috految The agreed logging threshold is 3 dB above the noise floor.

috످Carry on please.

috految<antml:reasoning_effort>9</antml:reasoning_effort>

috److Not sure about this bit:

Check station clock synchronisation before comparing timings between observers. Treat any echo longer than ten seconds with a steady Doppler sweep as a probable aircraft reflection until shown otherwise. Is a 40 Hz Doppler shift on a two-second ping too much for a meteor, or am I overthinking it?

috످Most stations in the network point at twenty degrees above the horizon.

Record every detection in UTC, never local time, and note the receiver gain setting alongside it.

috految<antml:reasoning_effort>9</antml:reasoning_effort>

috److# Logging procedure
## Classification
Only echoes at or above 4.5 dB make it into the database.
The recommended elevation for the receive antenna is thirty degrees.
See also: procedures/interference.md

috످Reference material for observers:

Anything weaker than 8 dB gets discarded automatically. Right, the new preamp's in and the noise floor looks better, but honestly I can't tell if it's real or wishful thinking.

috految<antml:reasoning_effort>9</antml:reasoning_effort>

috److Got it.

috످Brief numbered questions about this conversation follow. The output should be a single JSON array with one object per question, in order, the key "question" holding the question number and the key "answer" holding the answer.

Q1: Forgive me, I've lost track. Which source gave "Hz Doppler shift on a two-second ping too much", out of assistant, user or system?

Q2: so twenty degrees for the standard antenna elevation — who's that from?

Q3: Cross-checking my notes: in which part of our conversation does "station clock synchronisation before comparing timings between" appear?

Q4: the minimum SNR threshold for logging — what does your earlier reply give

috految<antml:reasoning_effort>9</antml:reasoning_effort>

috److془Q1: The passage asks whether a frequency shift is too big for a meteor; it's in my first reply. Q2: antenna angle most stations use; user's second message. Q3: advice on aligning clocks; my first reply. Q4: my second reply sets cutoff 4.5 dB.془[
  {"question": 1, "answer": "The assistant. I wrote that in my first reply."},
  {"question": 2, "answer": "That's from you (the user), in your second message."},
  {"question": 3, "answer": "It appears in my first reply (the assistant's turn)."},
  {"question": 4, "answer": "My earlier reply gives 4.5 dB, though the system prompt says the agreed threshold is 3 dB above the noise floor, and your reference material says 8 dB."}
]

috످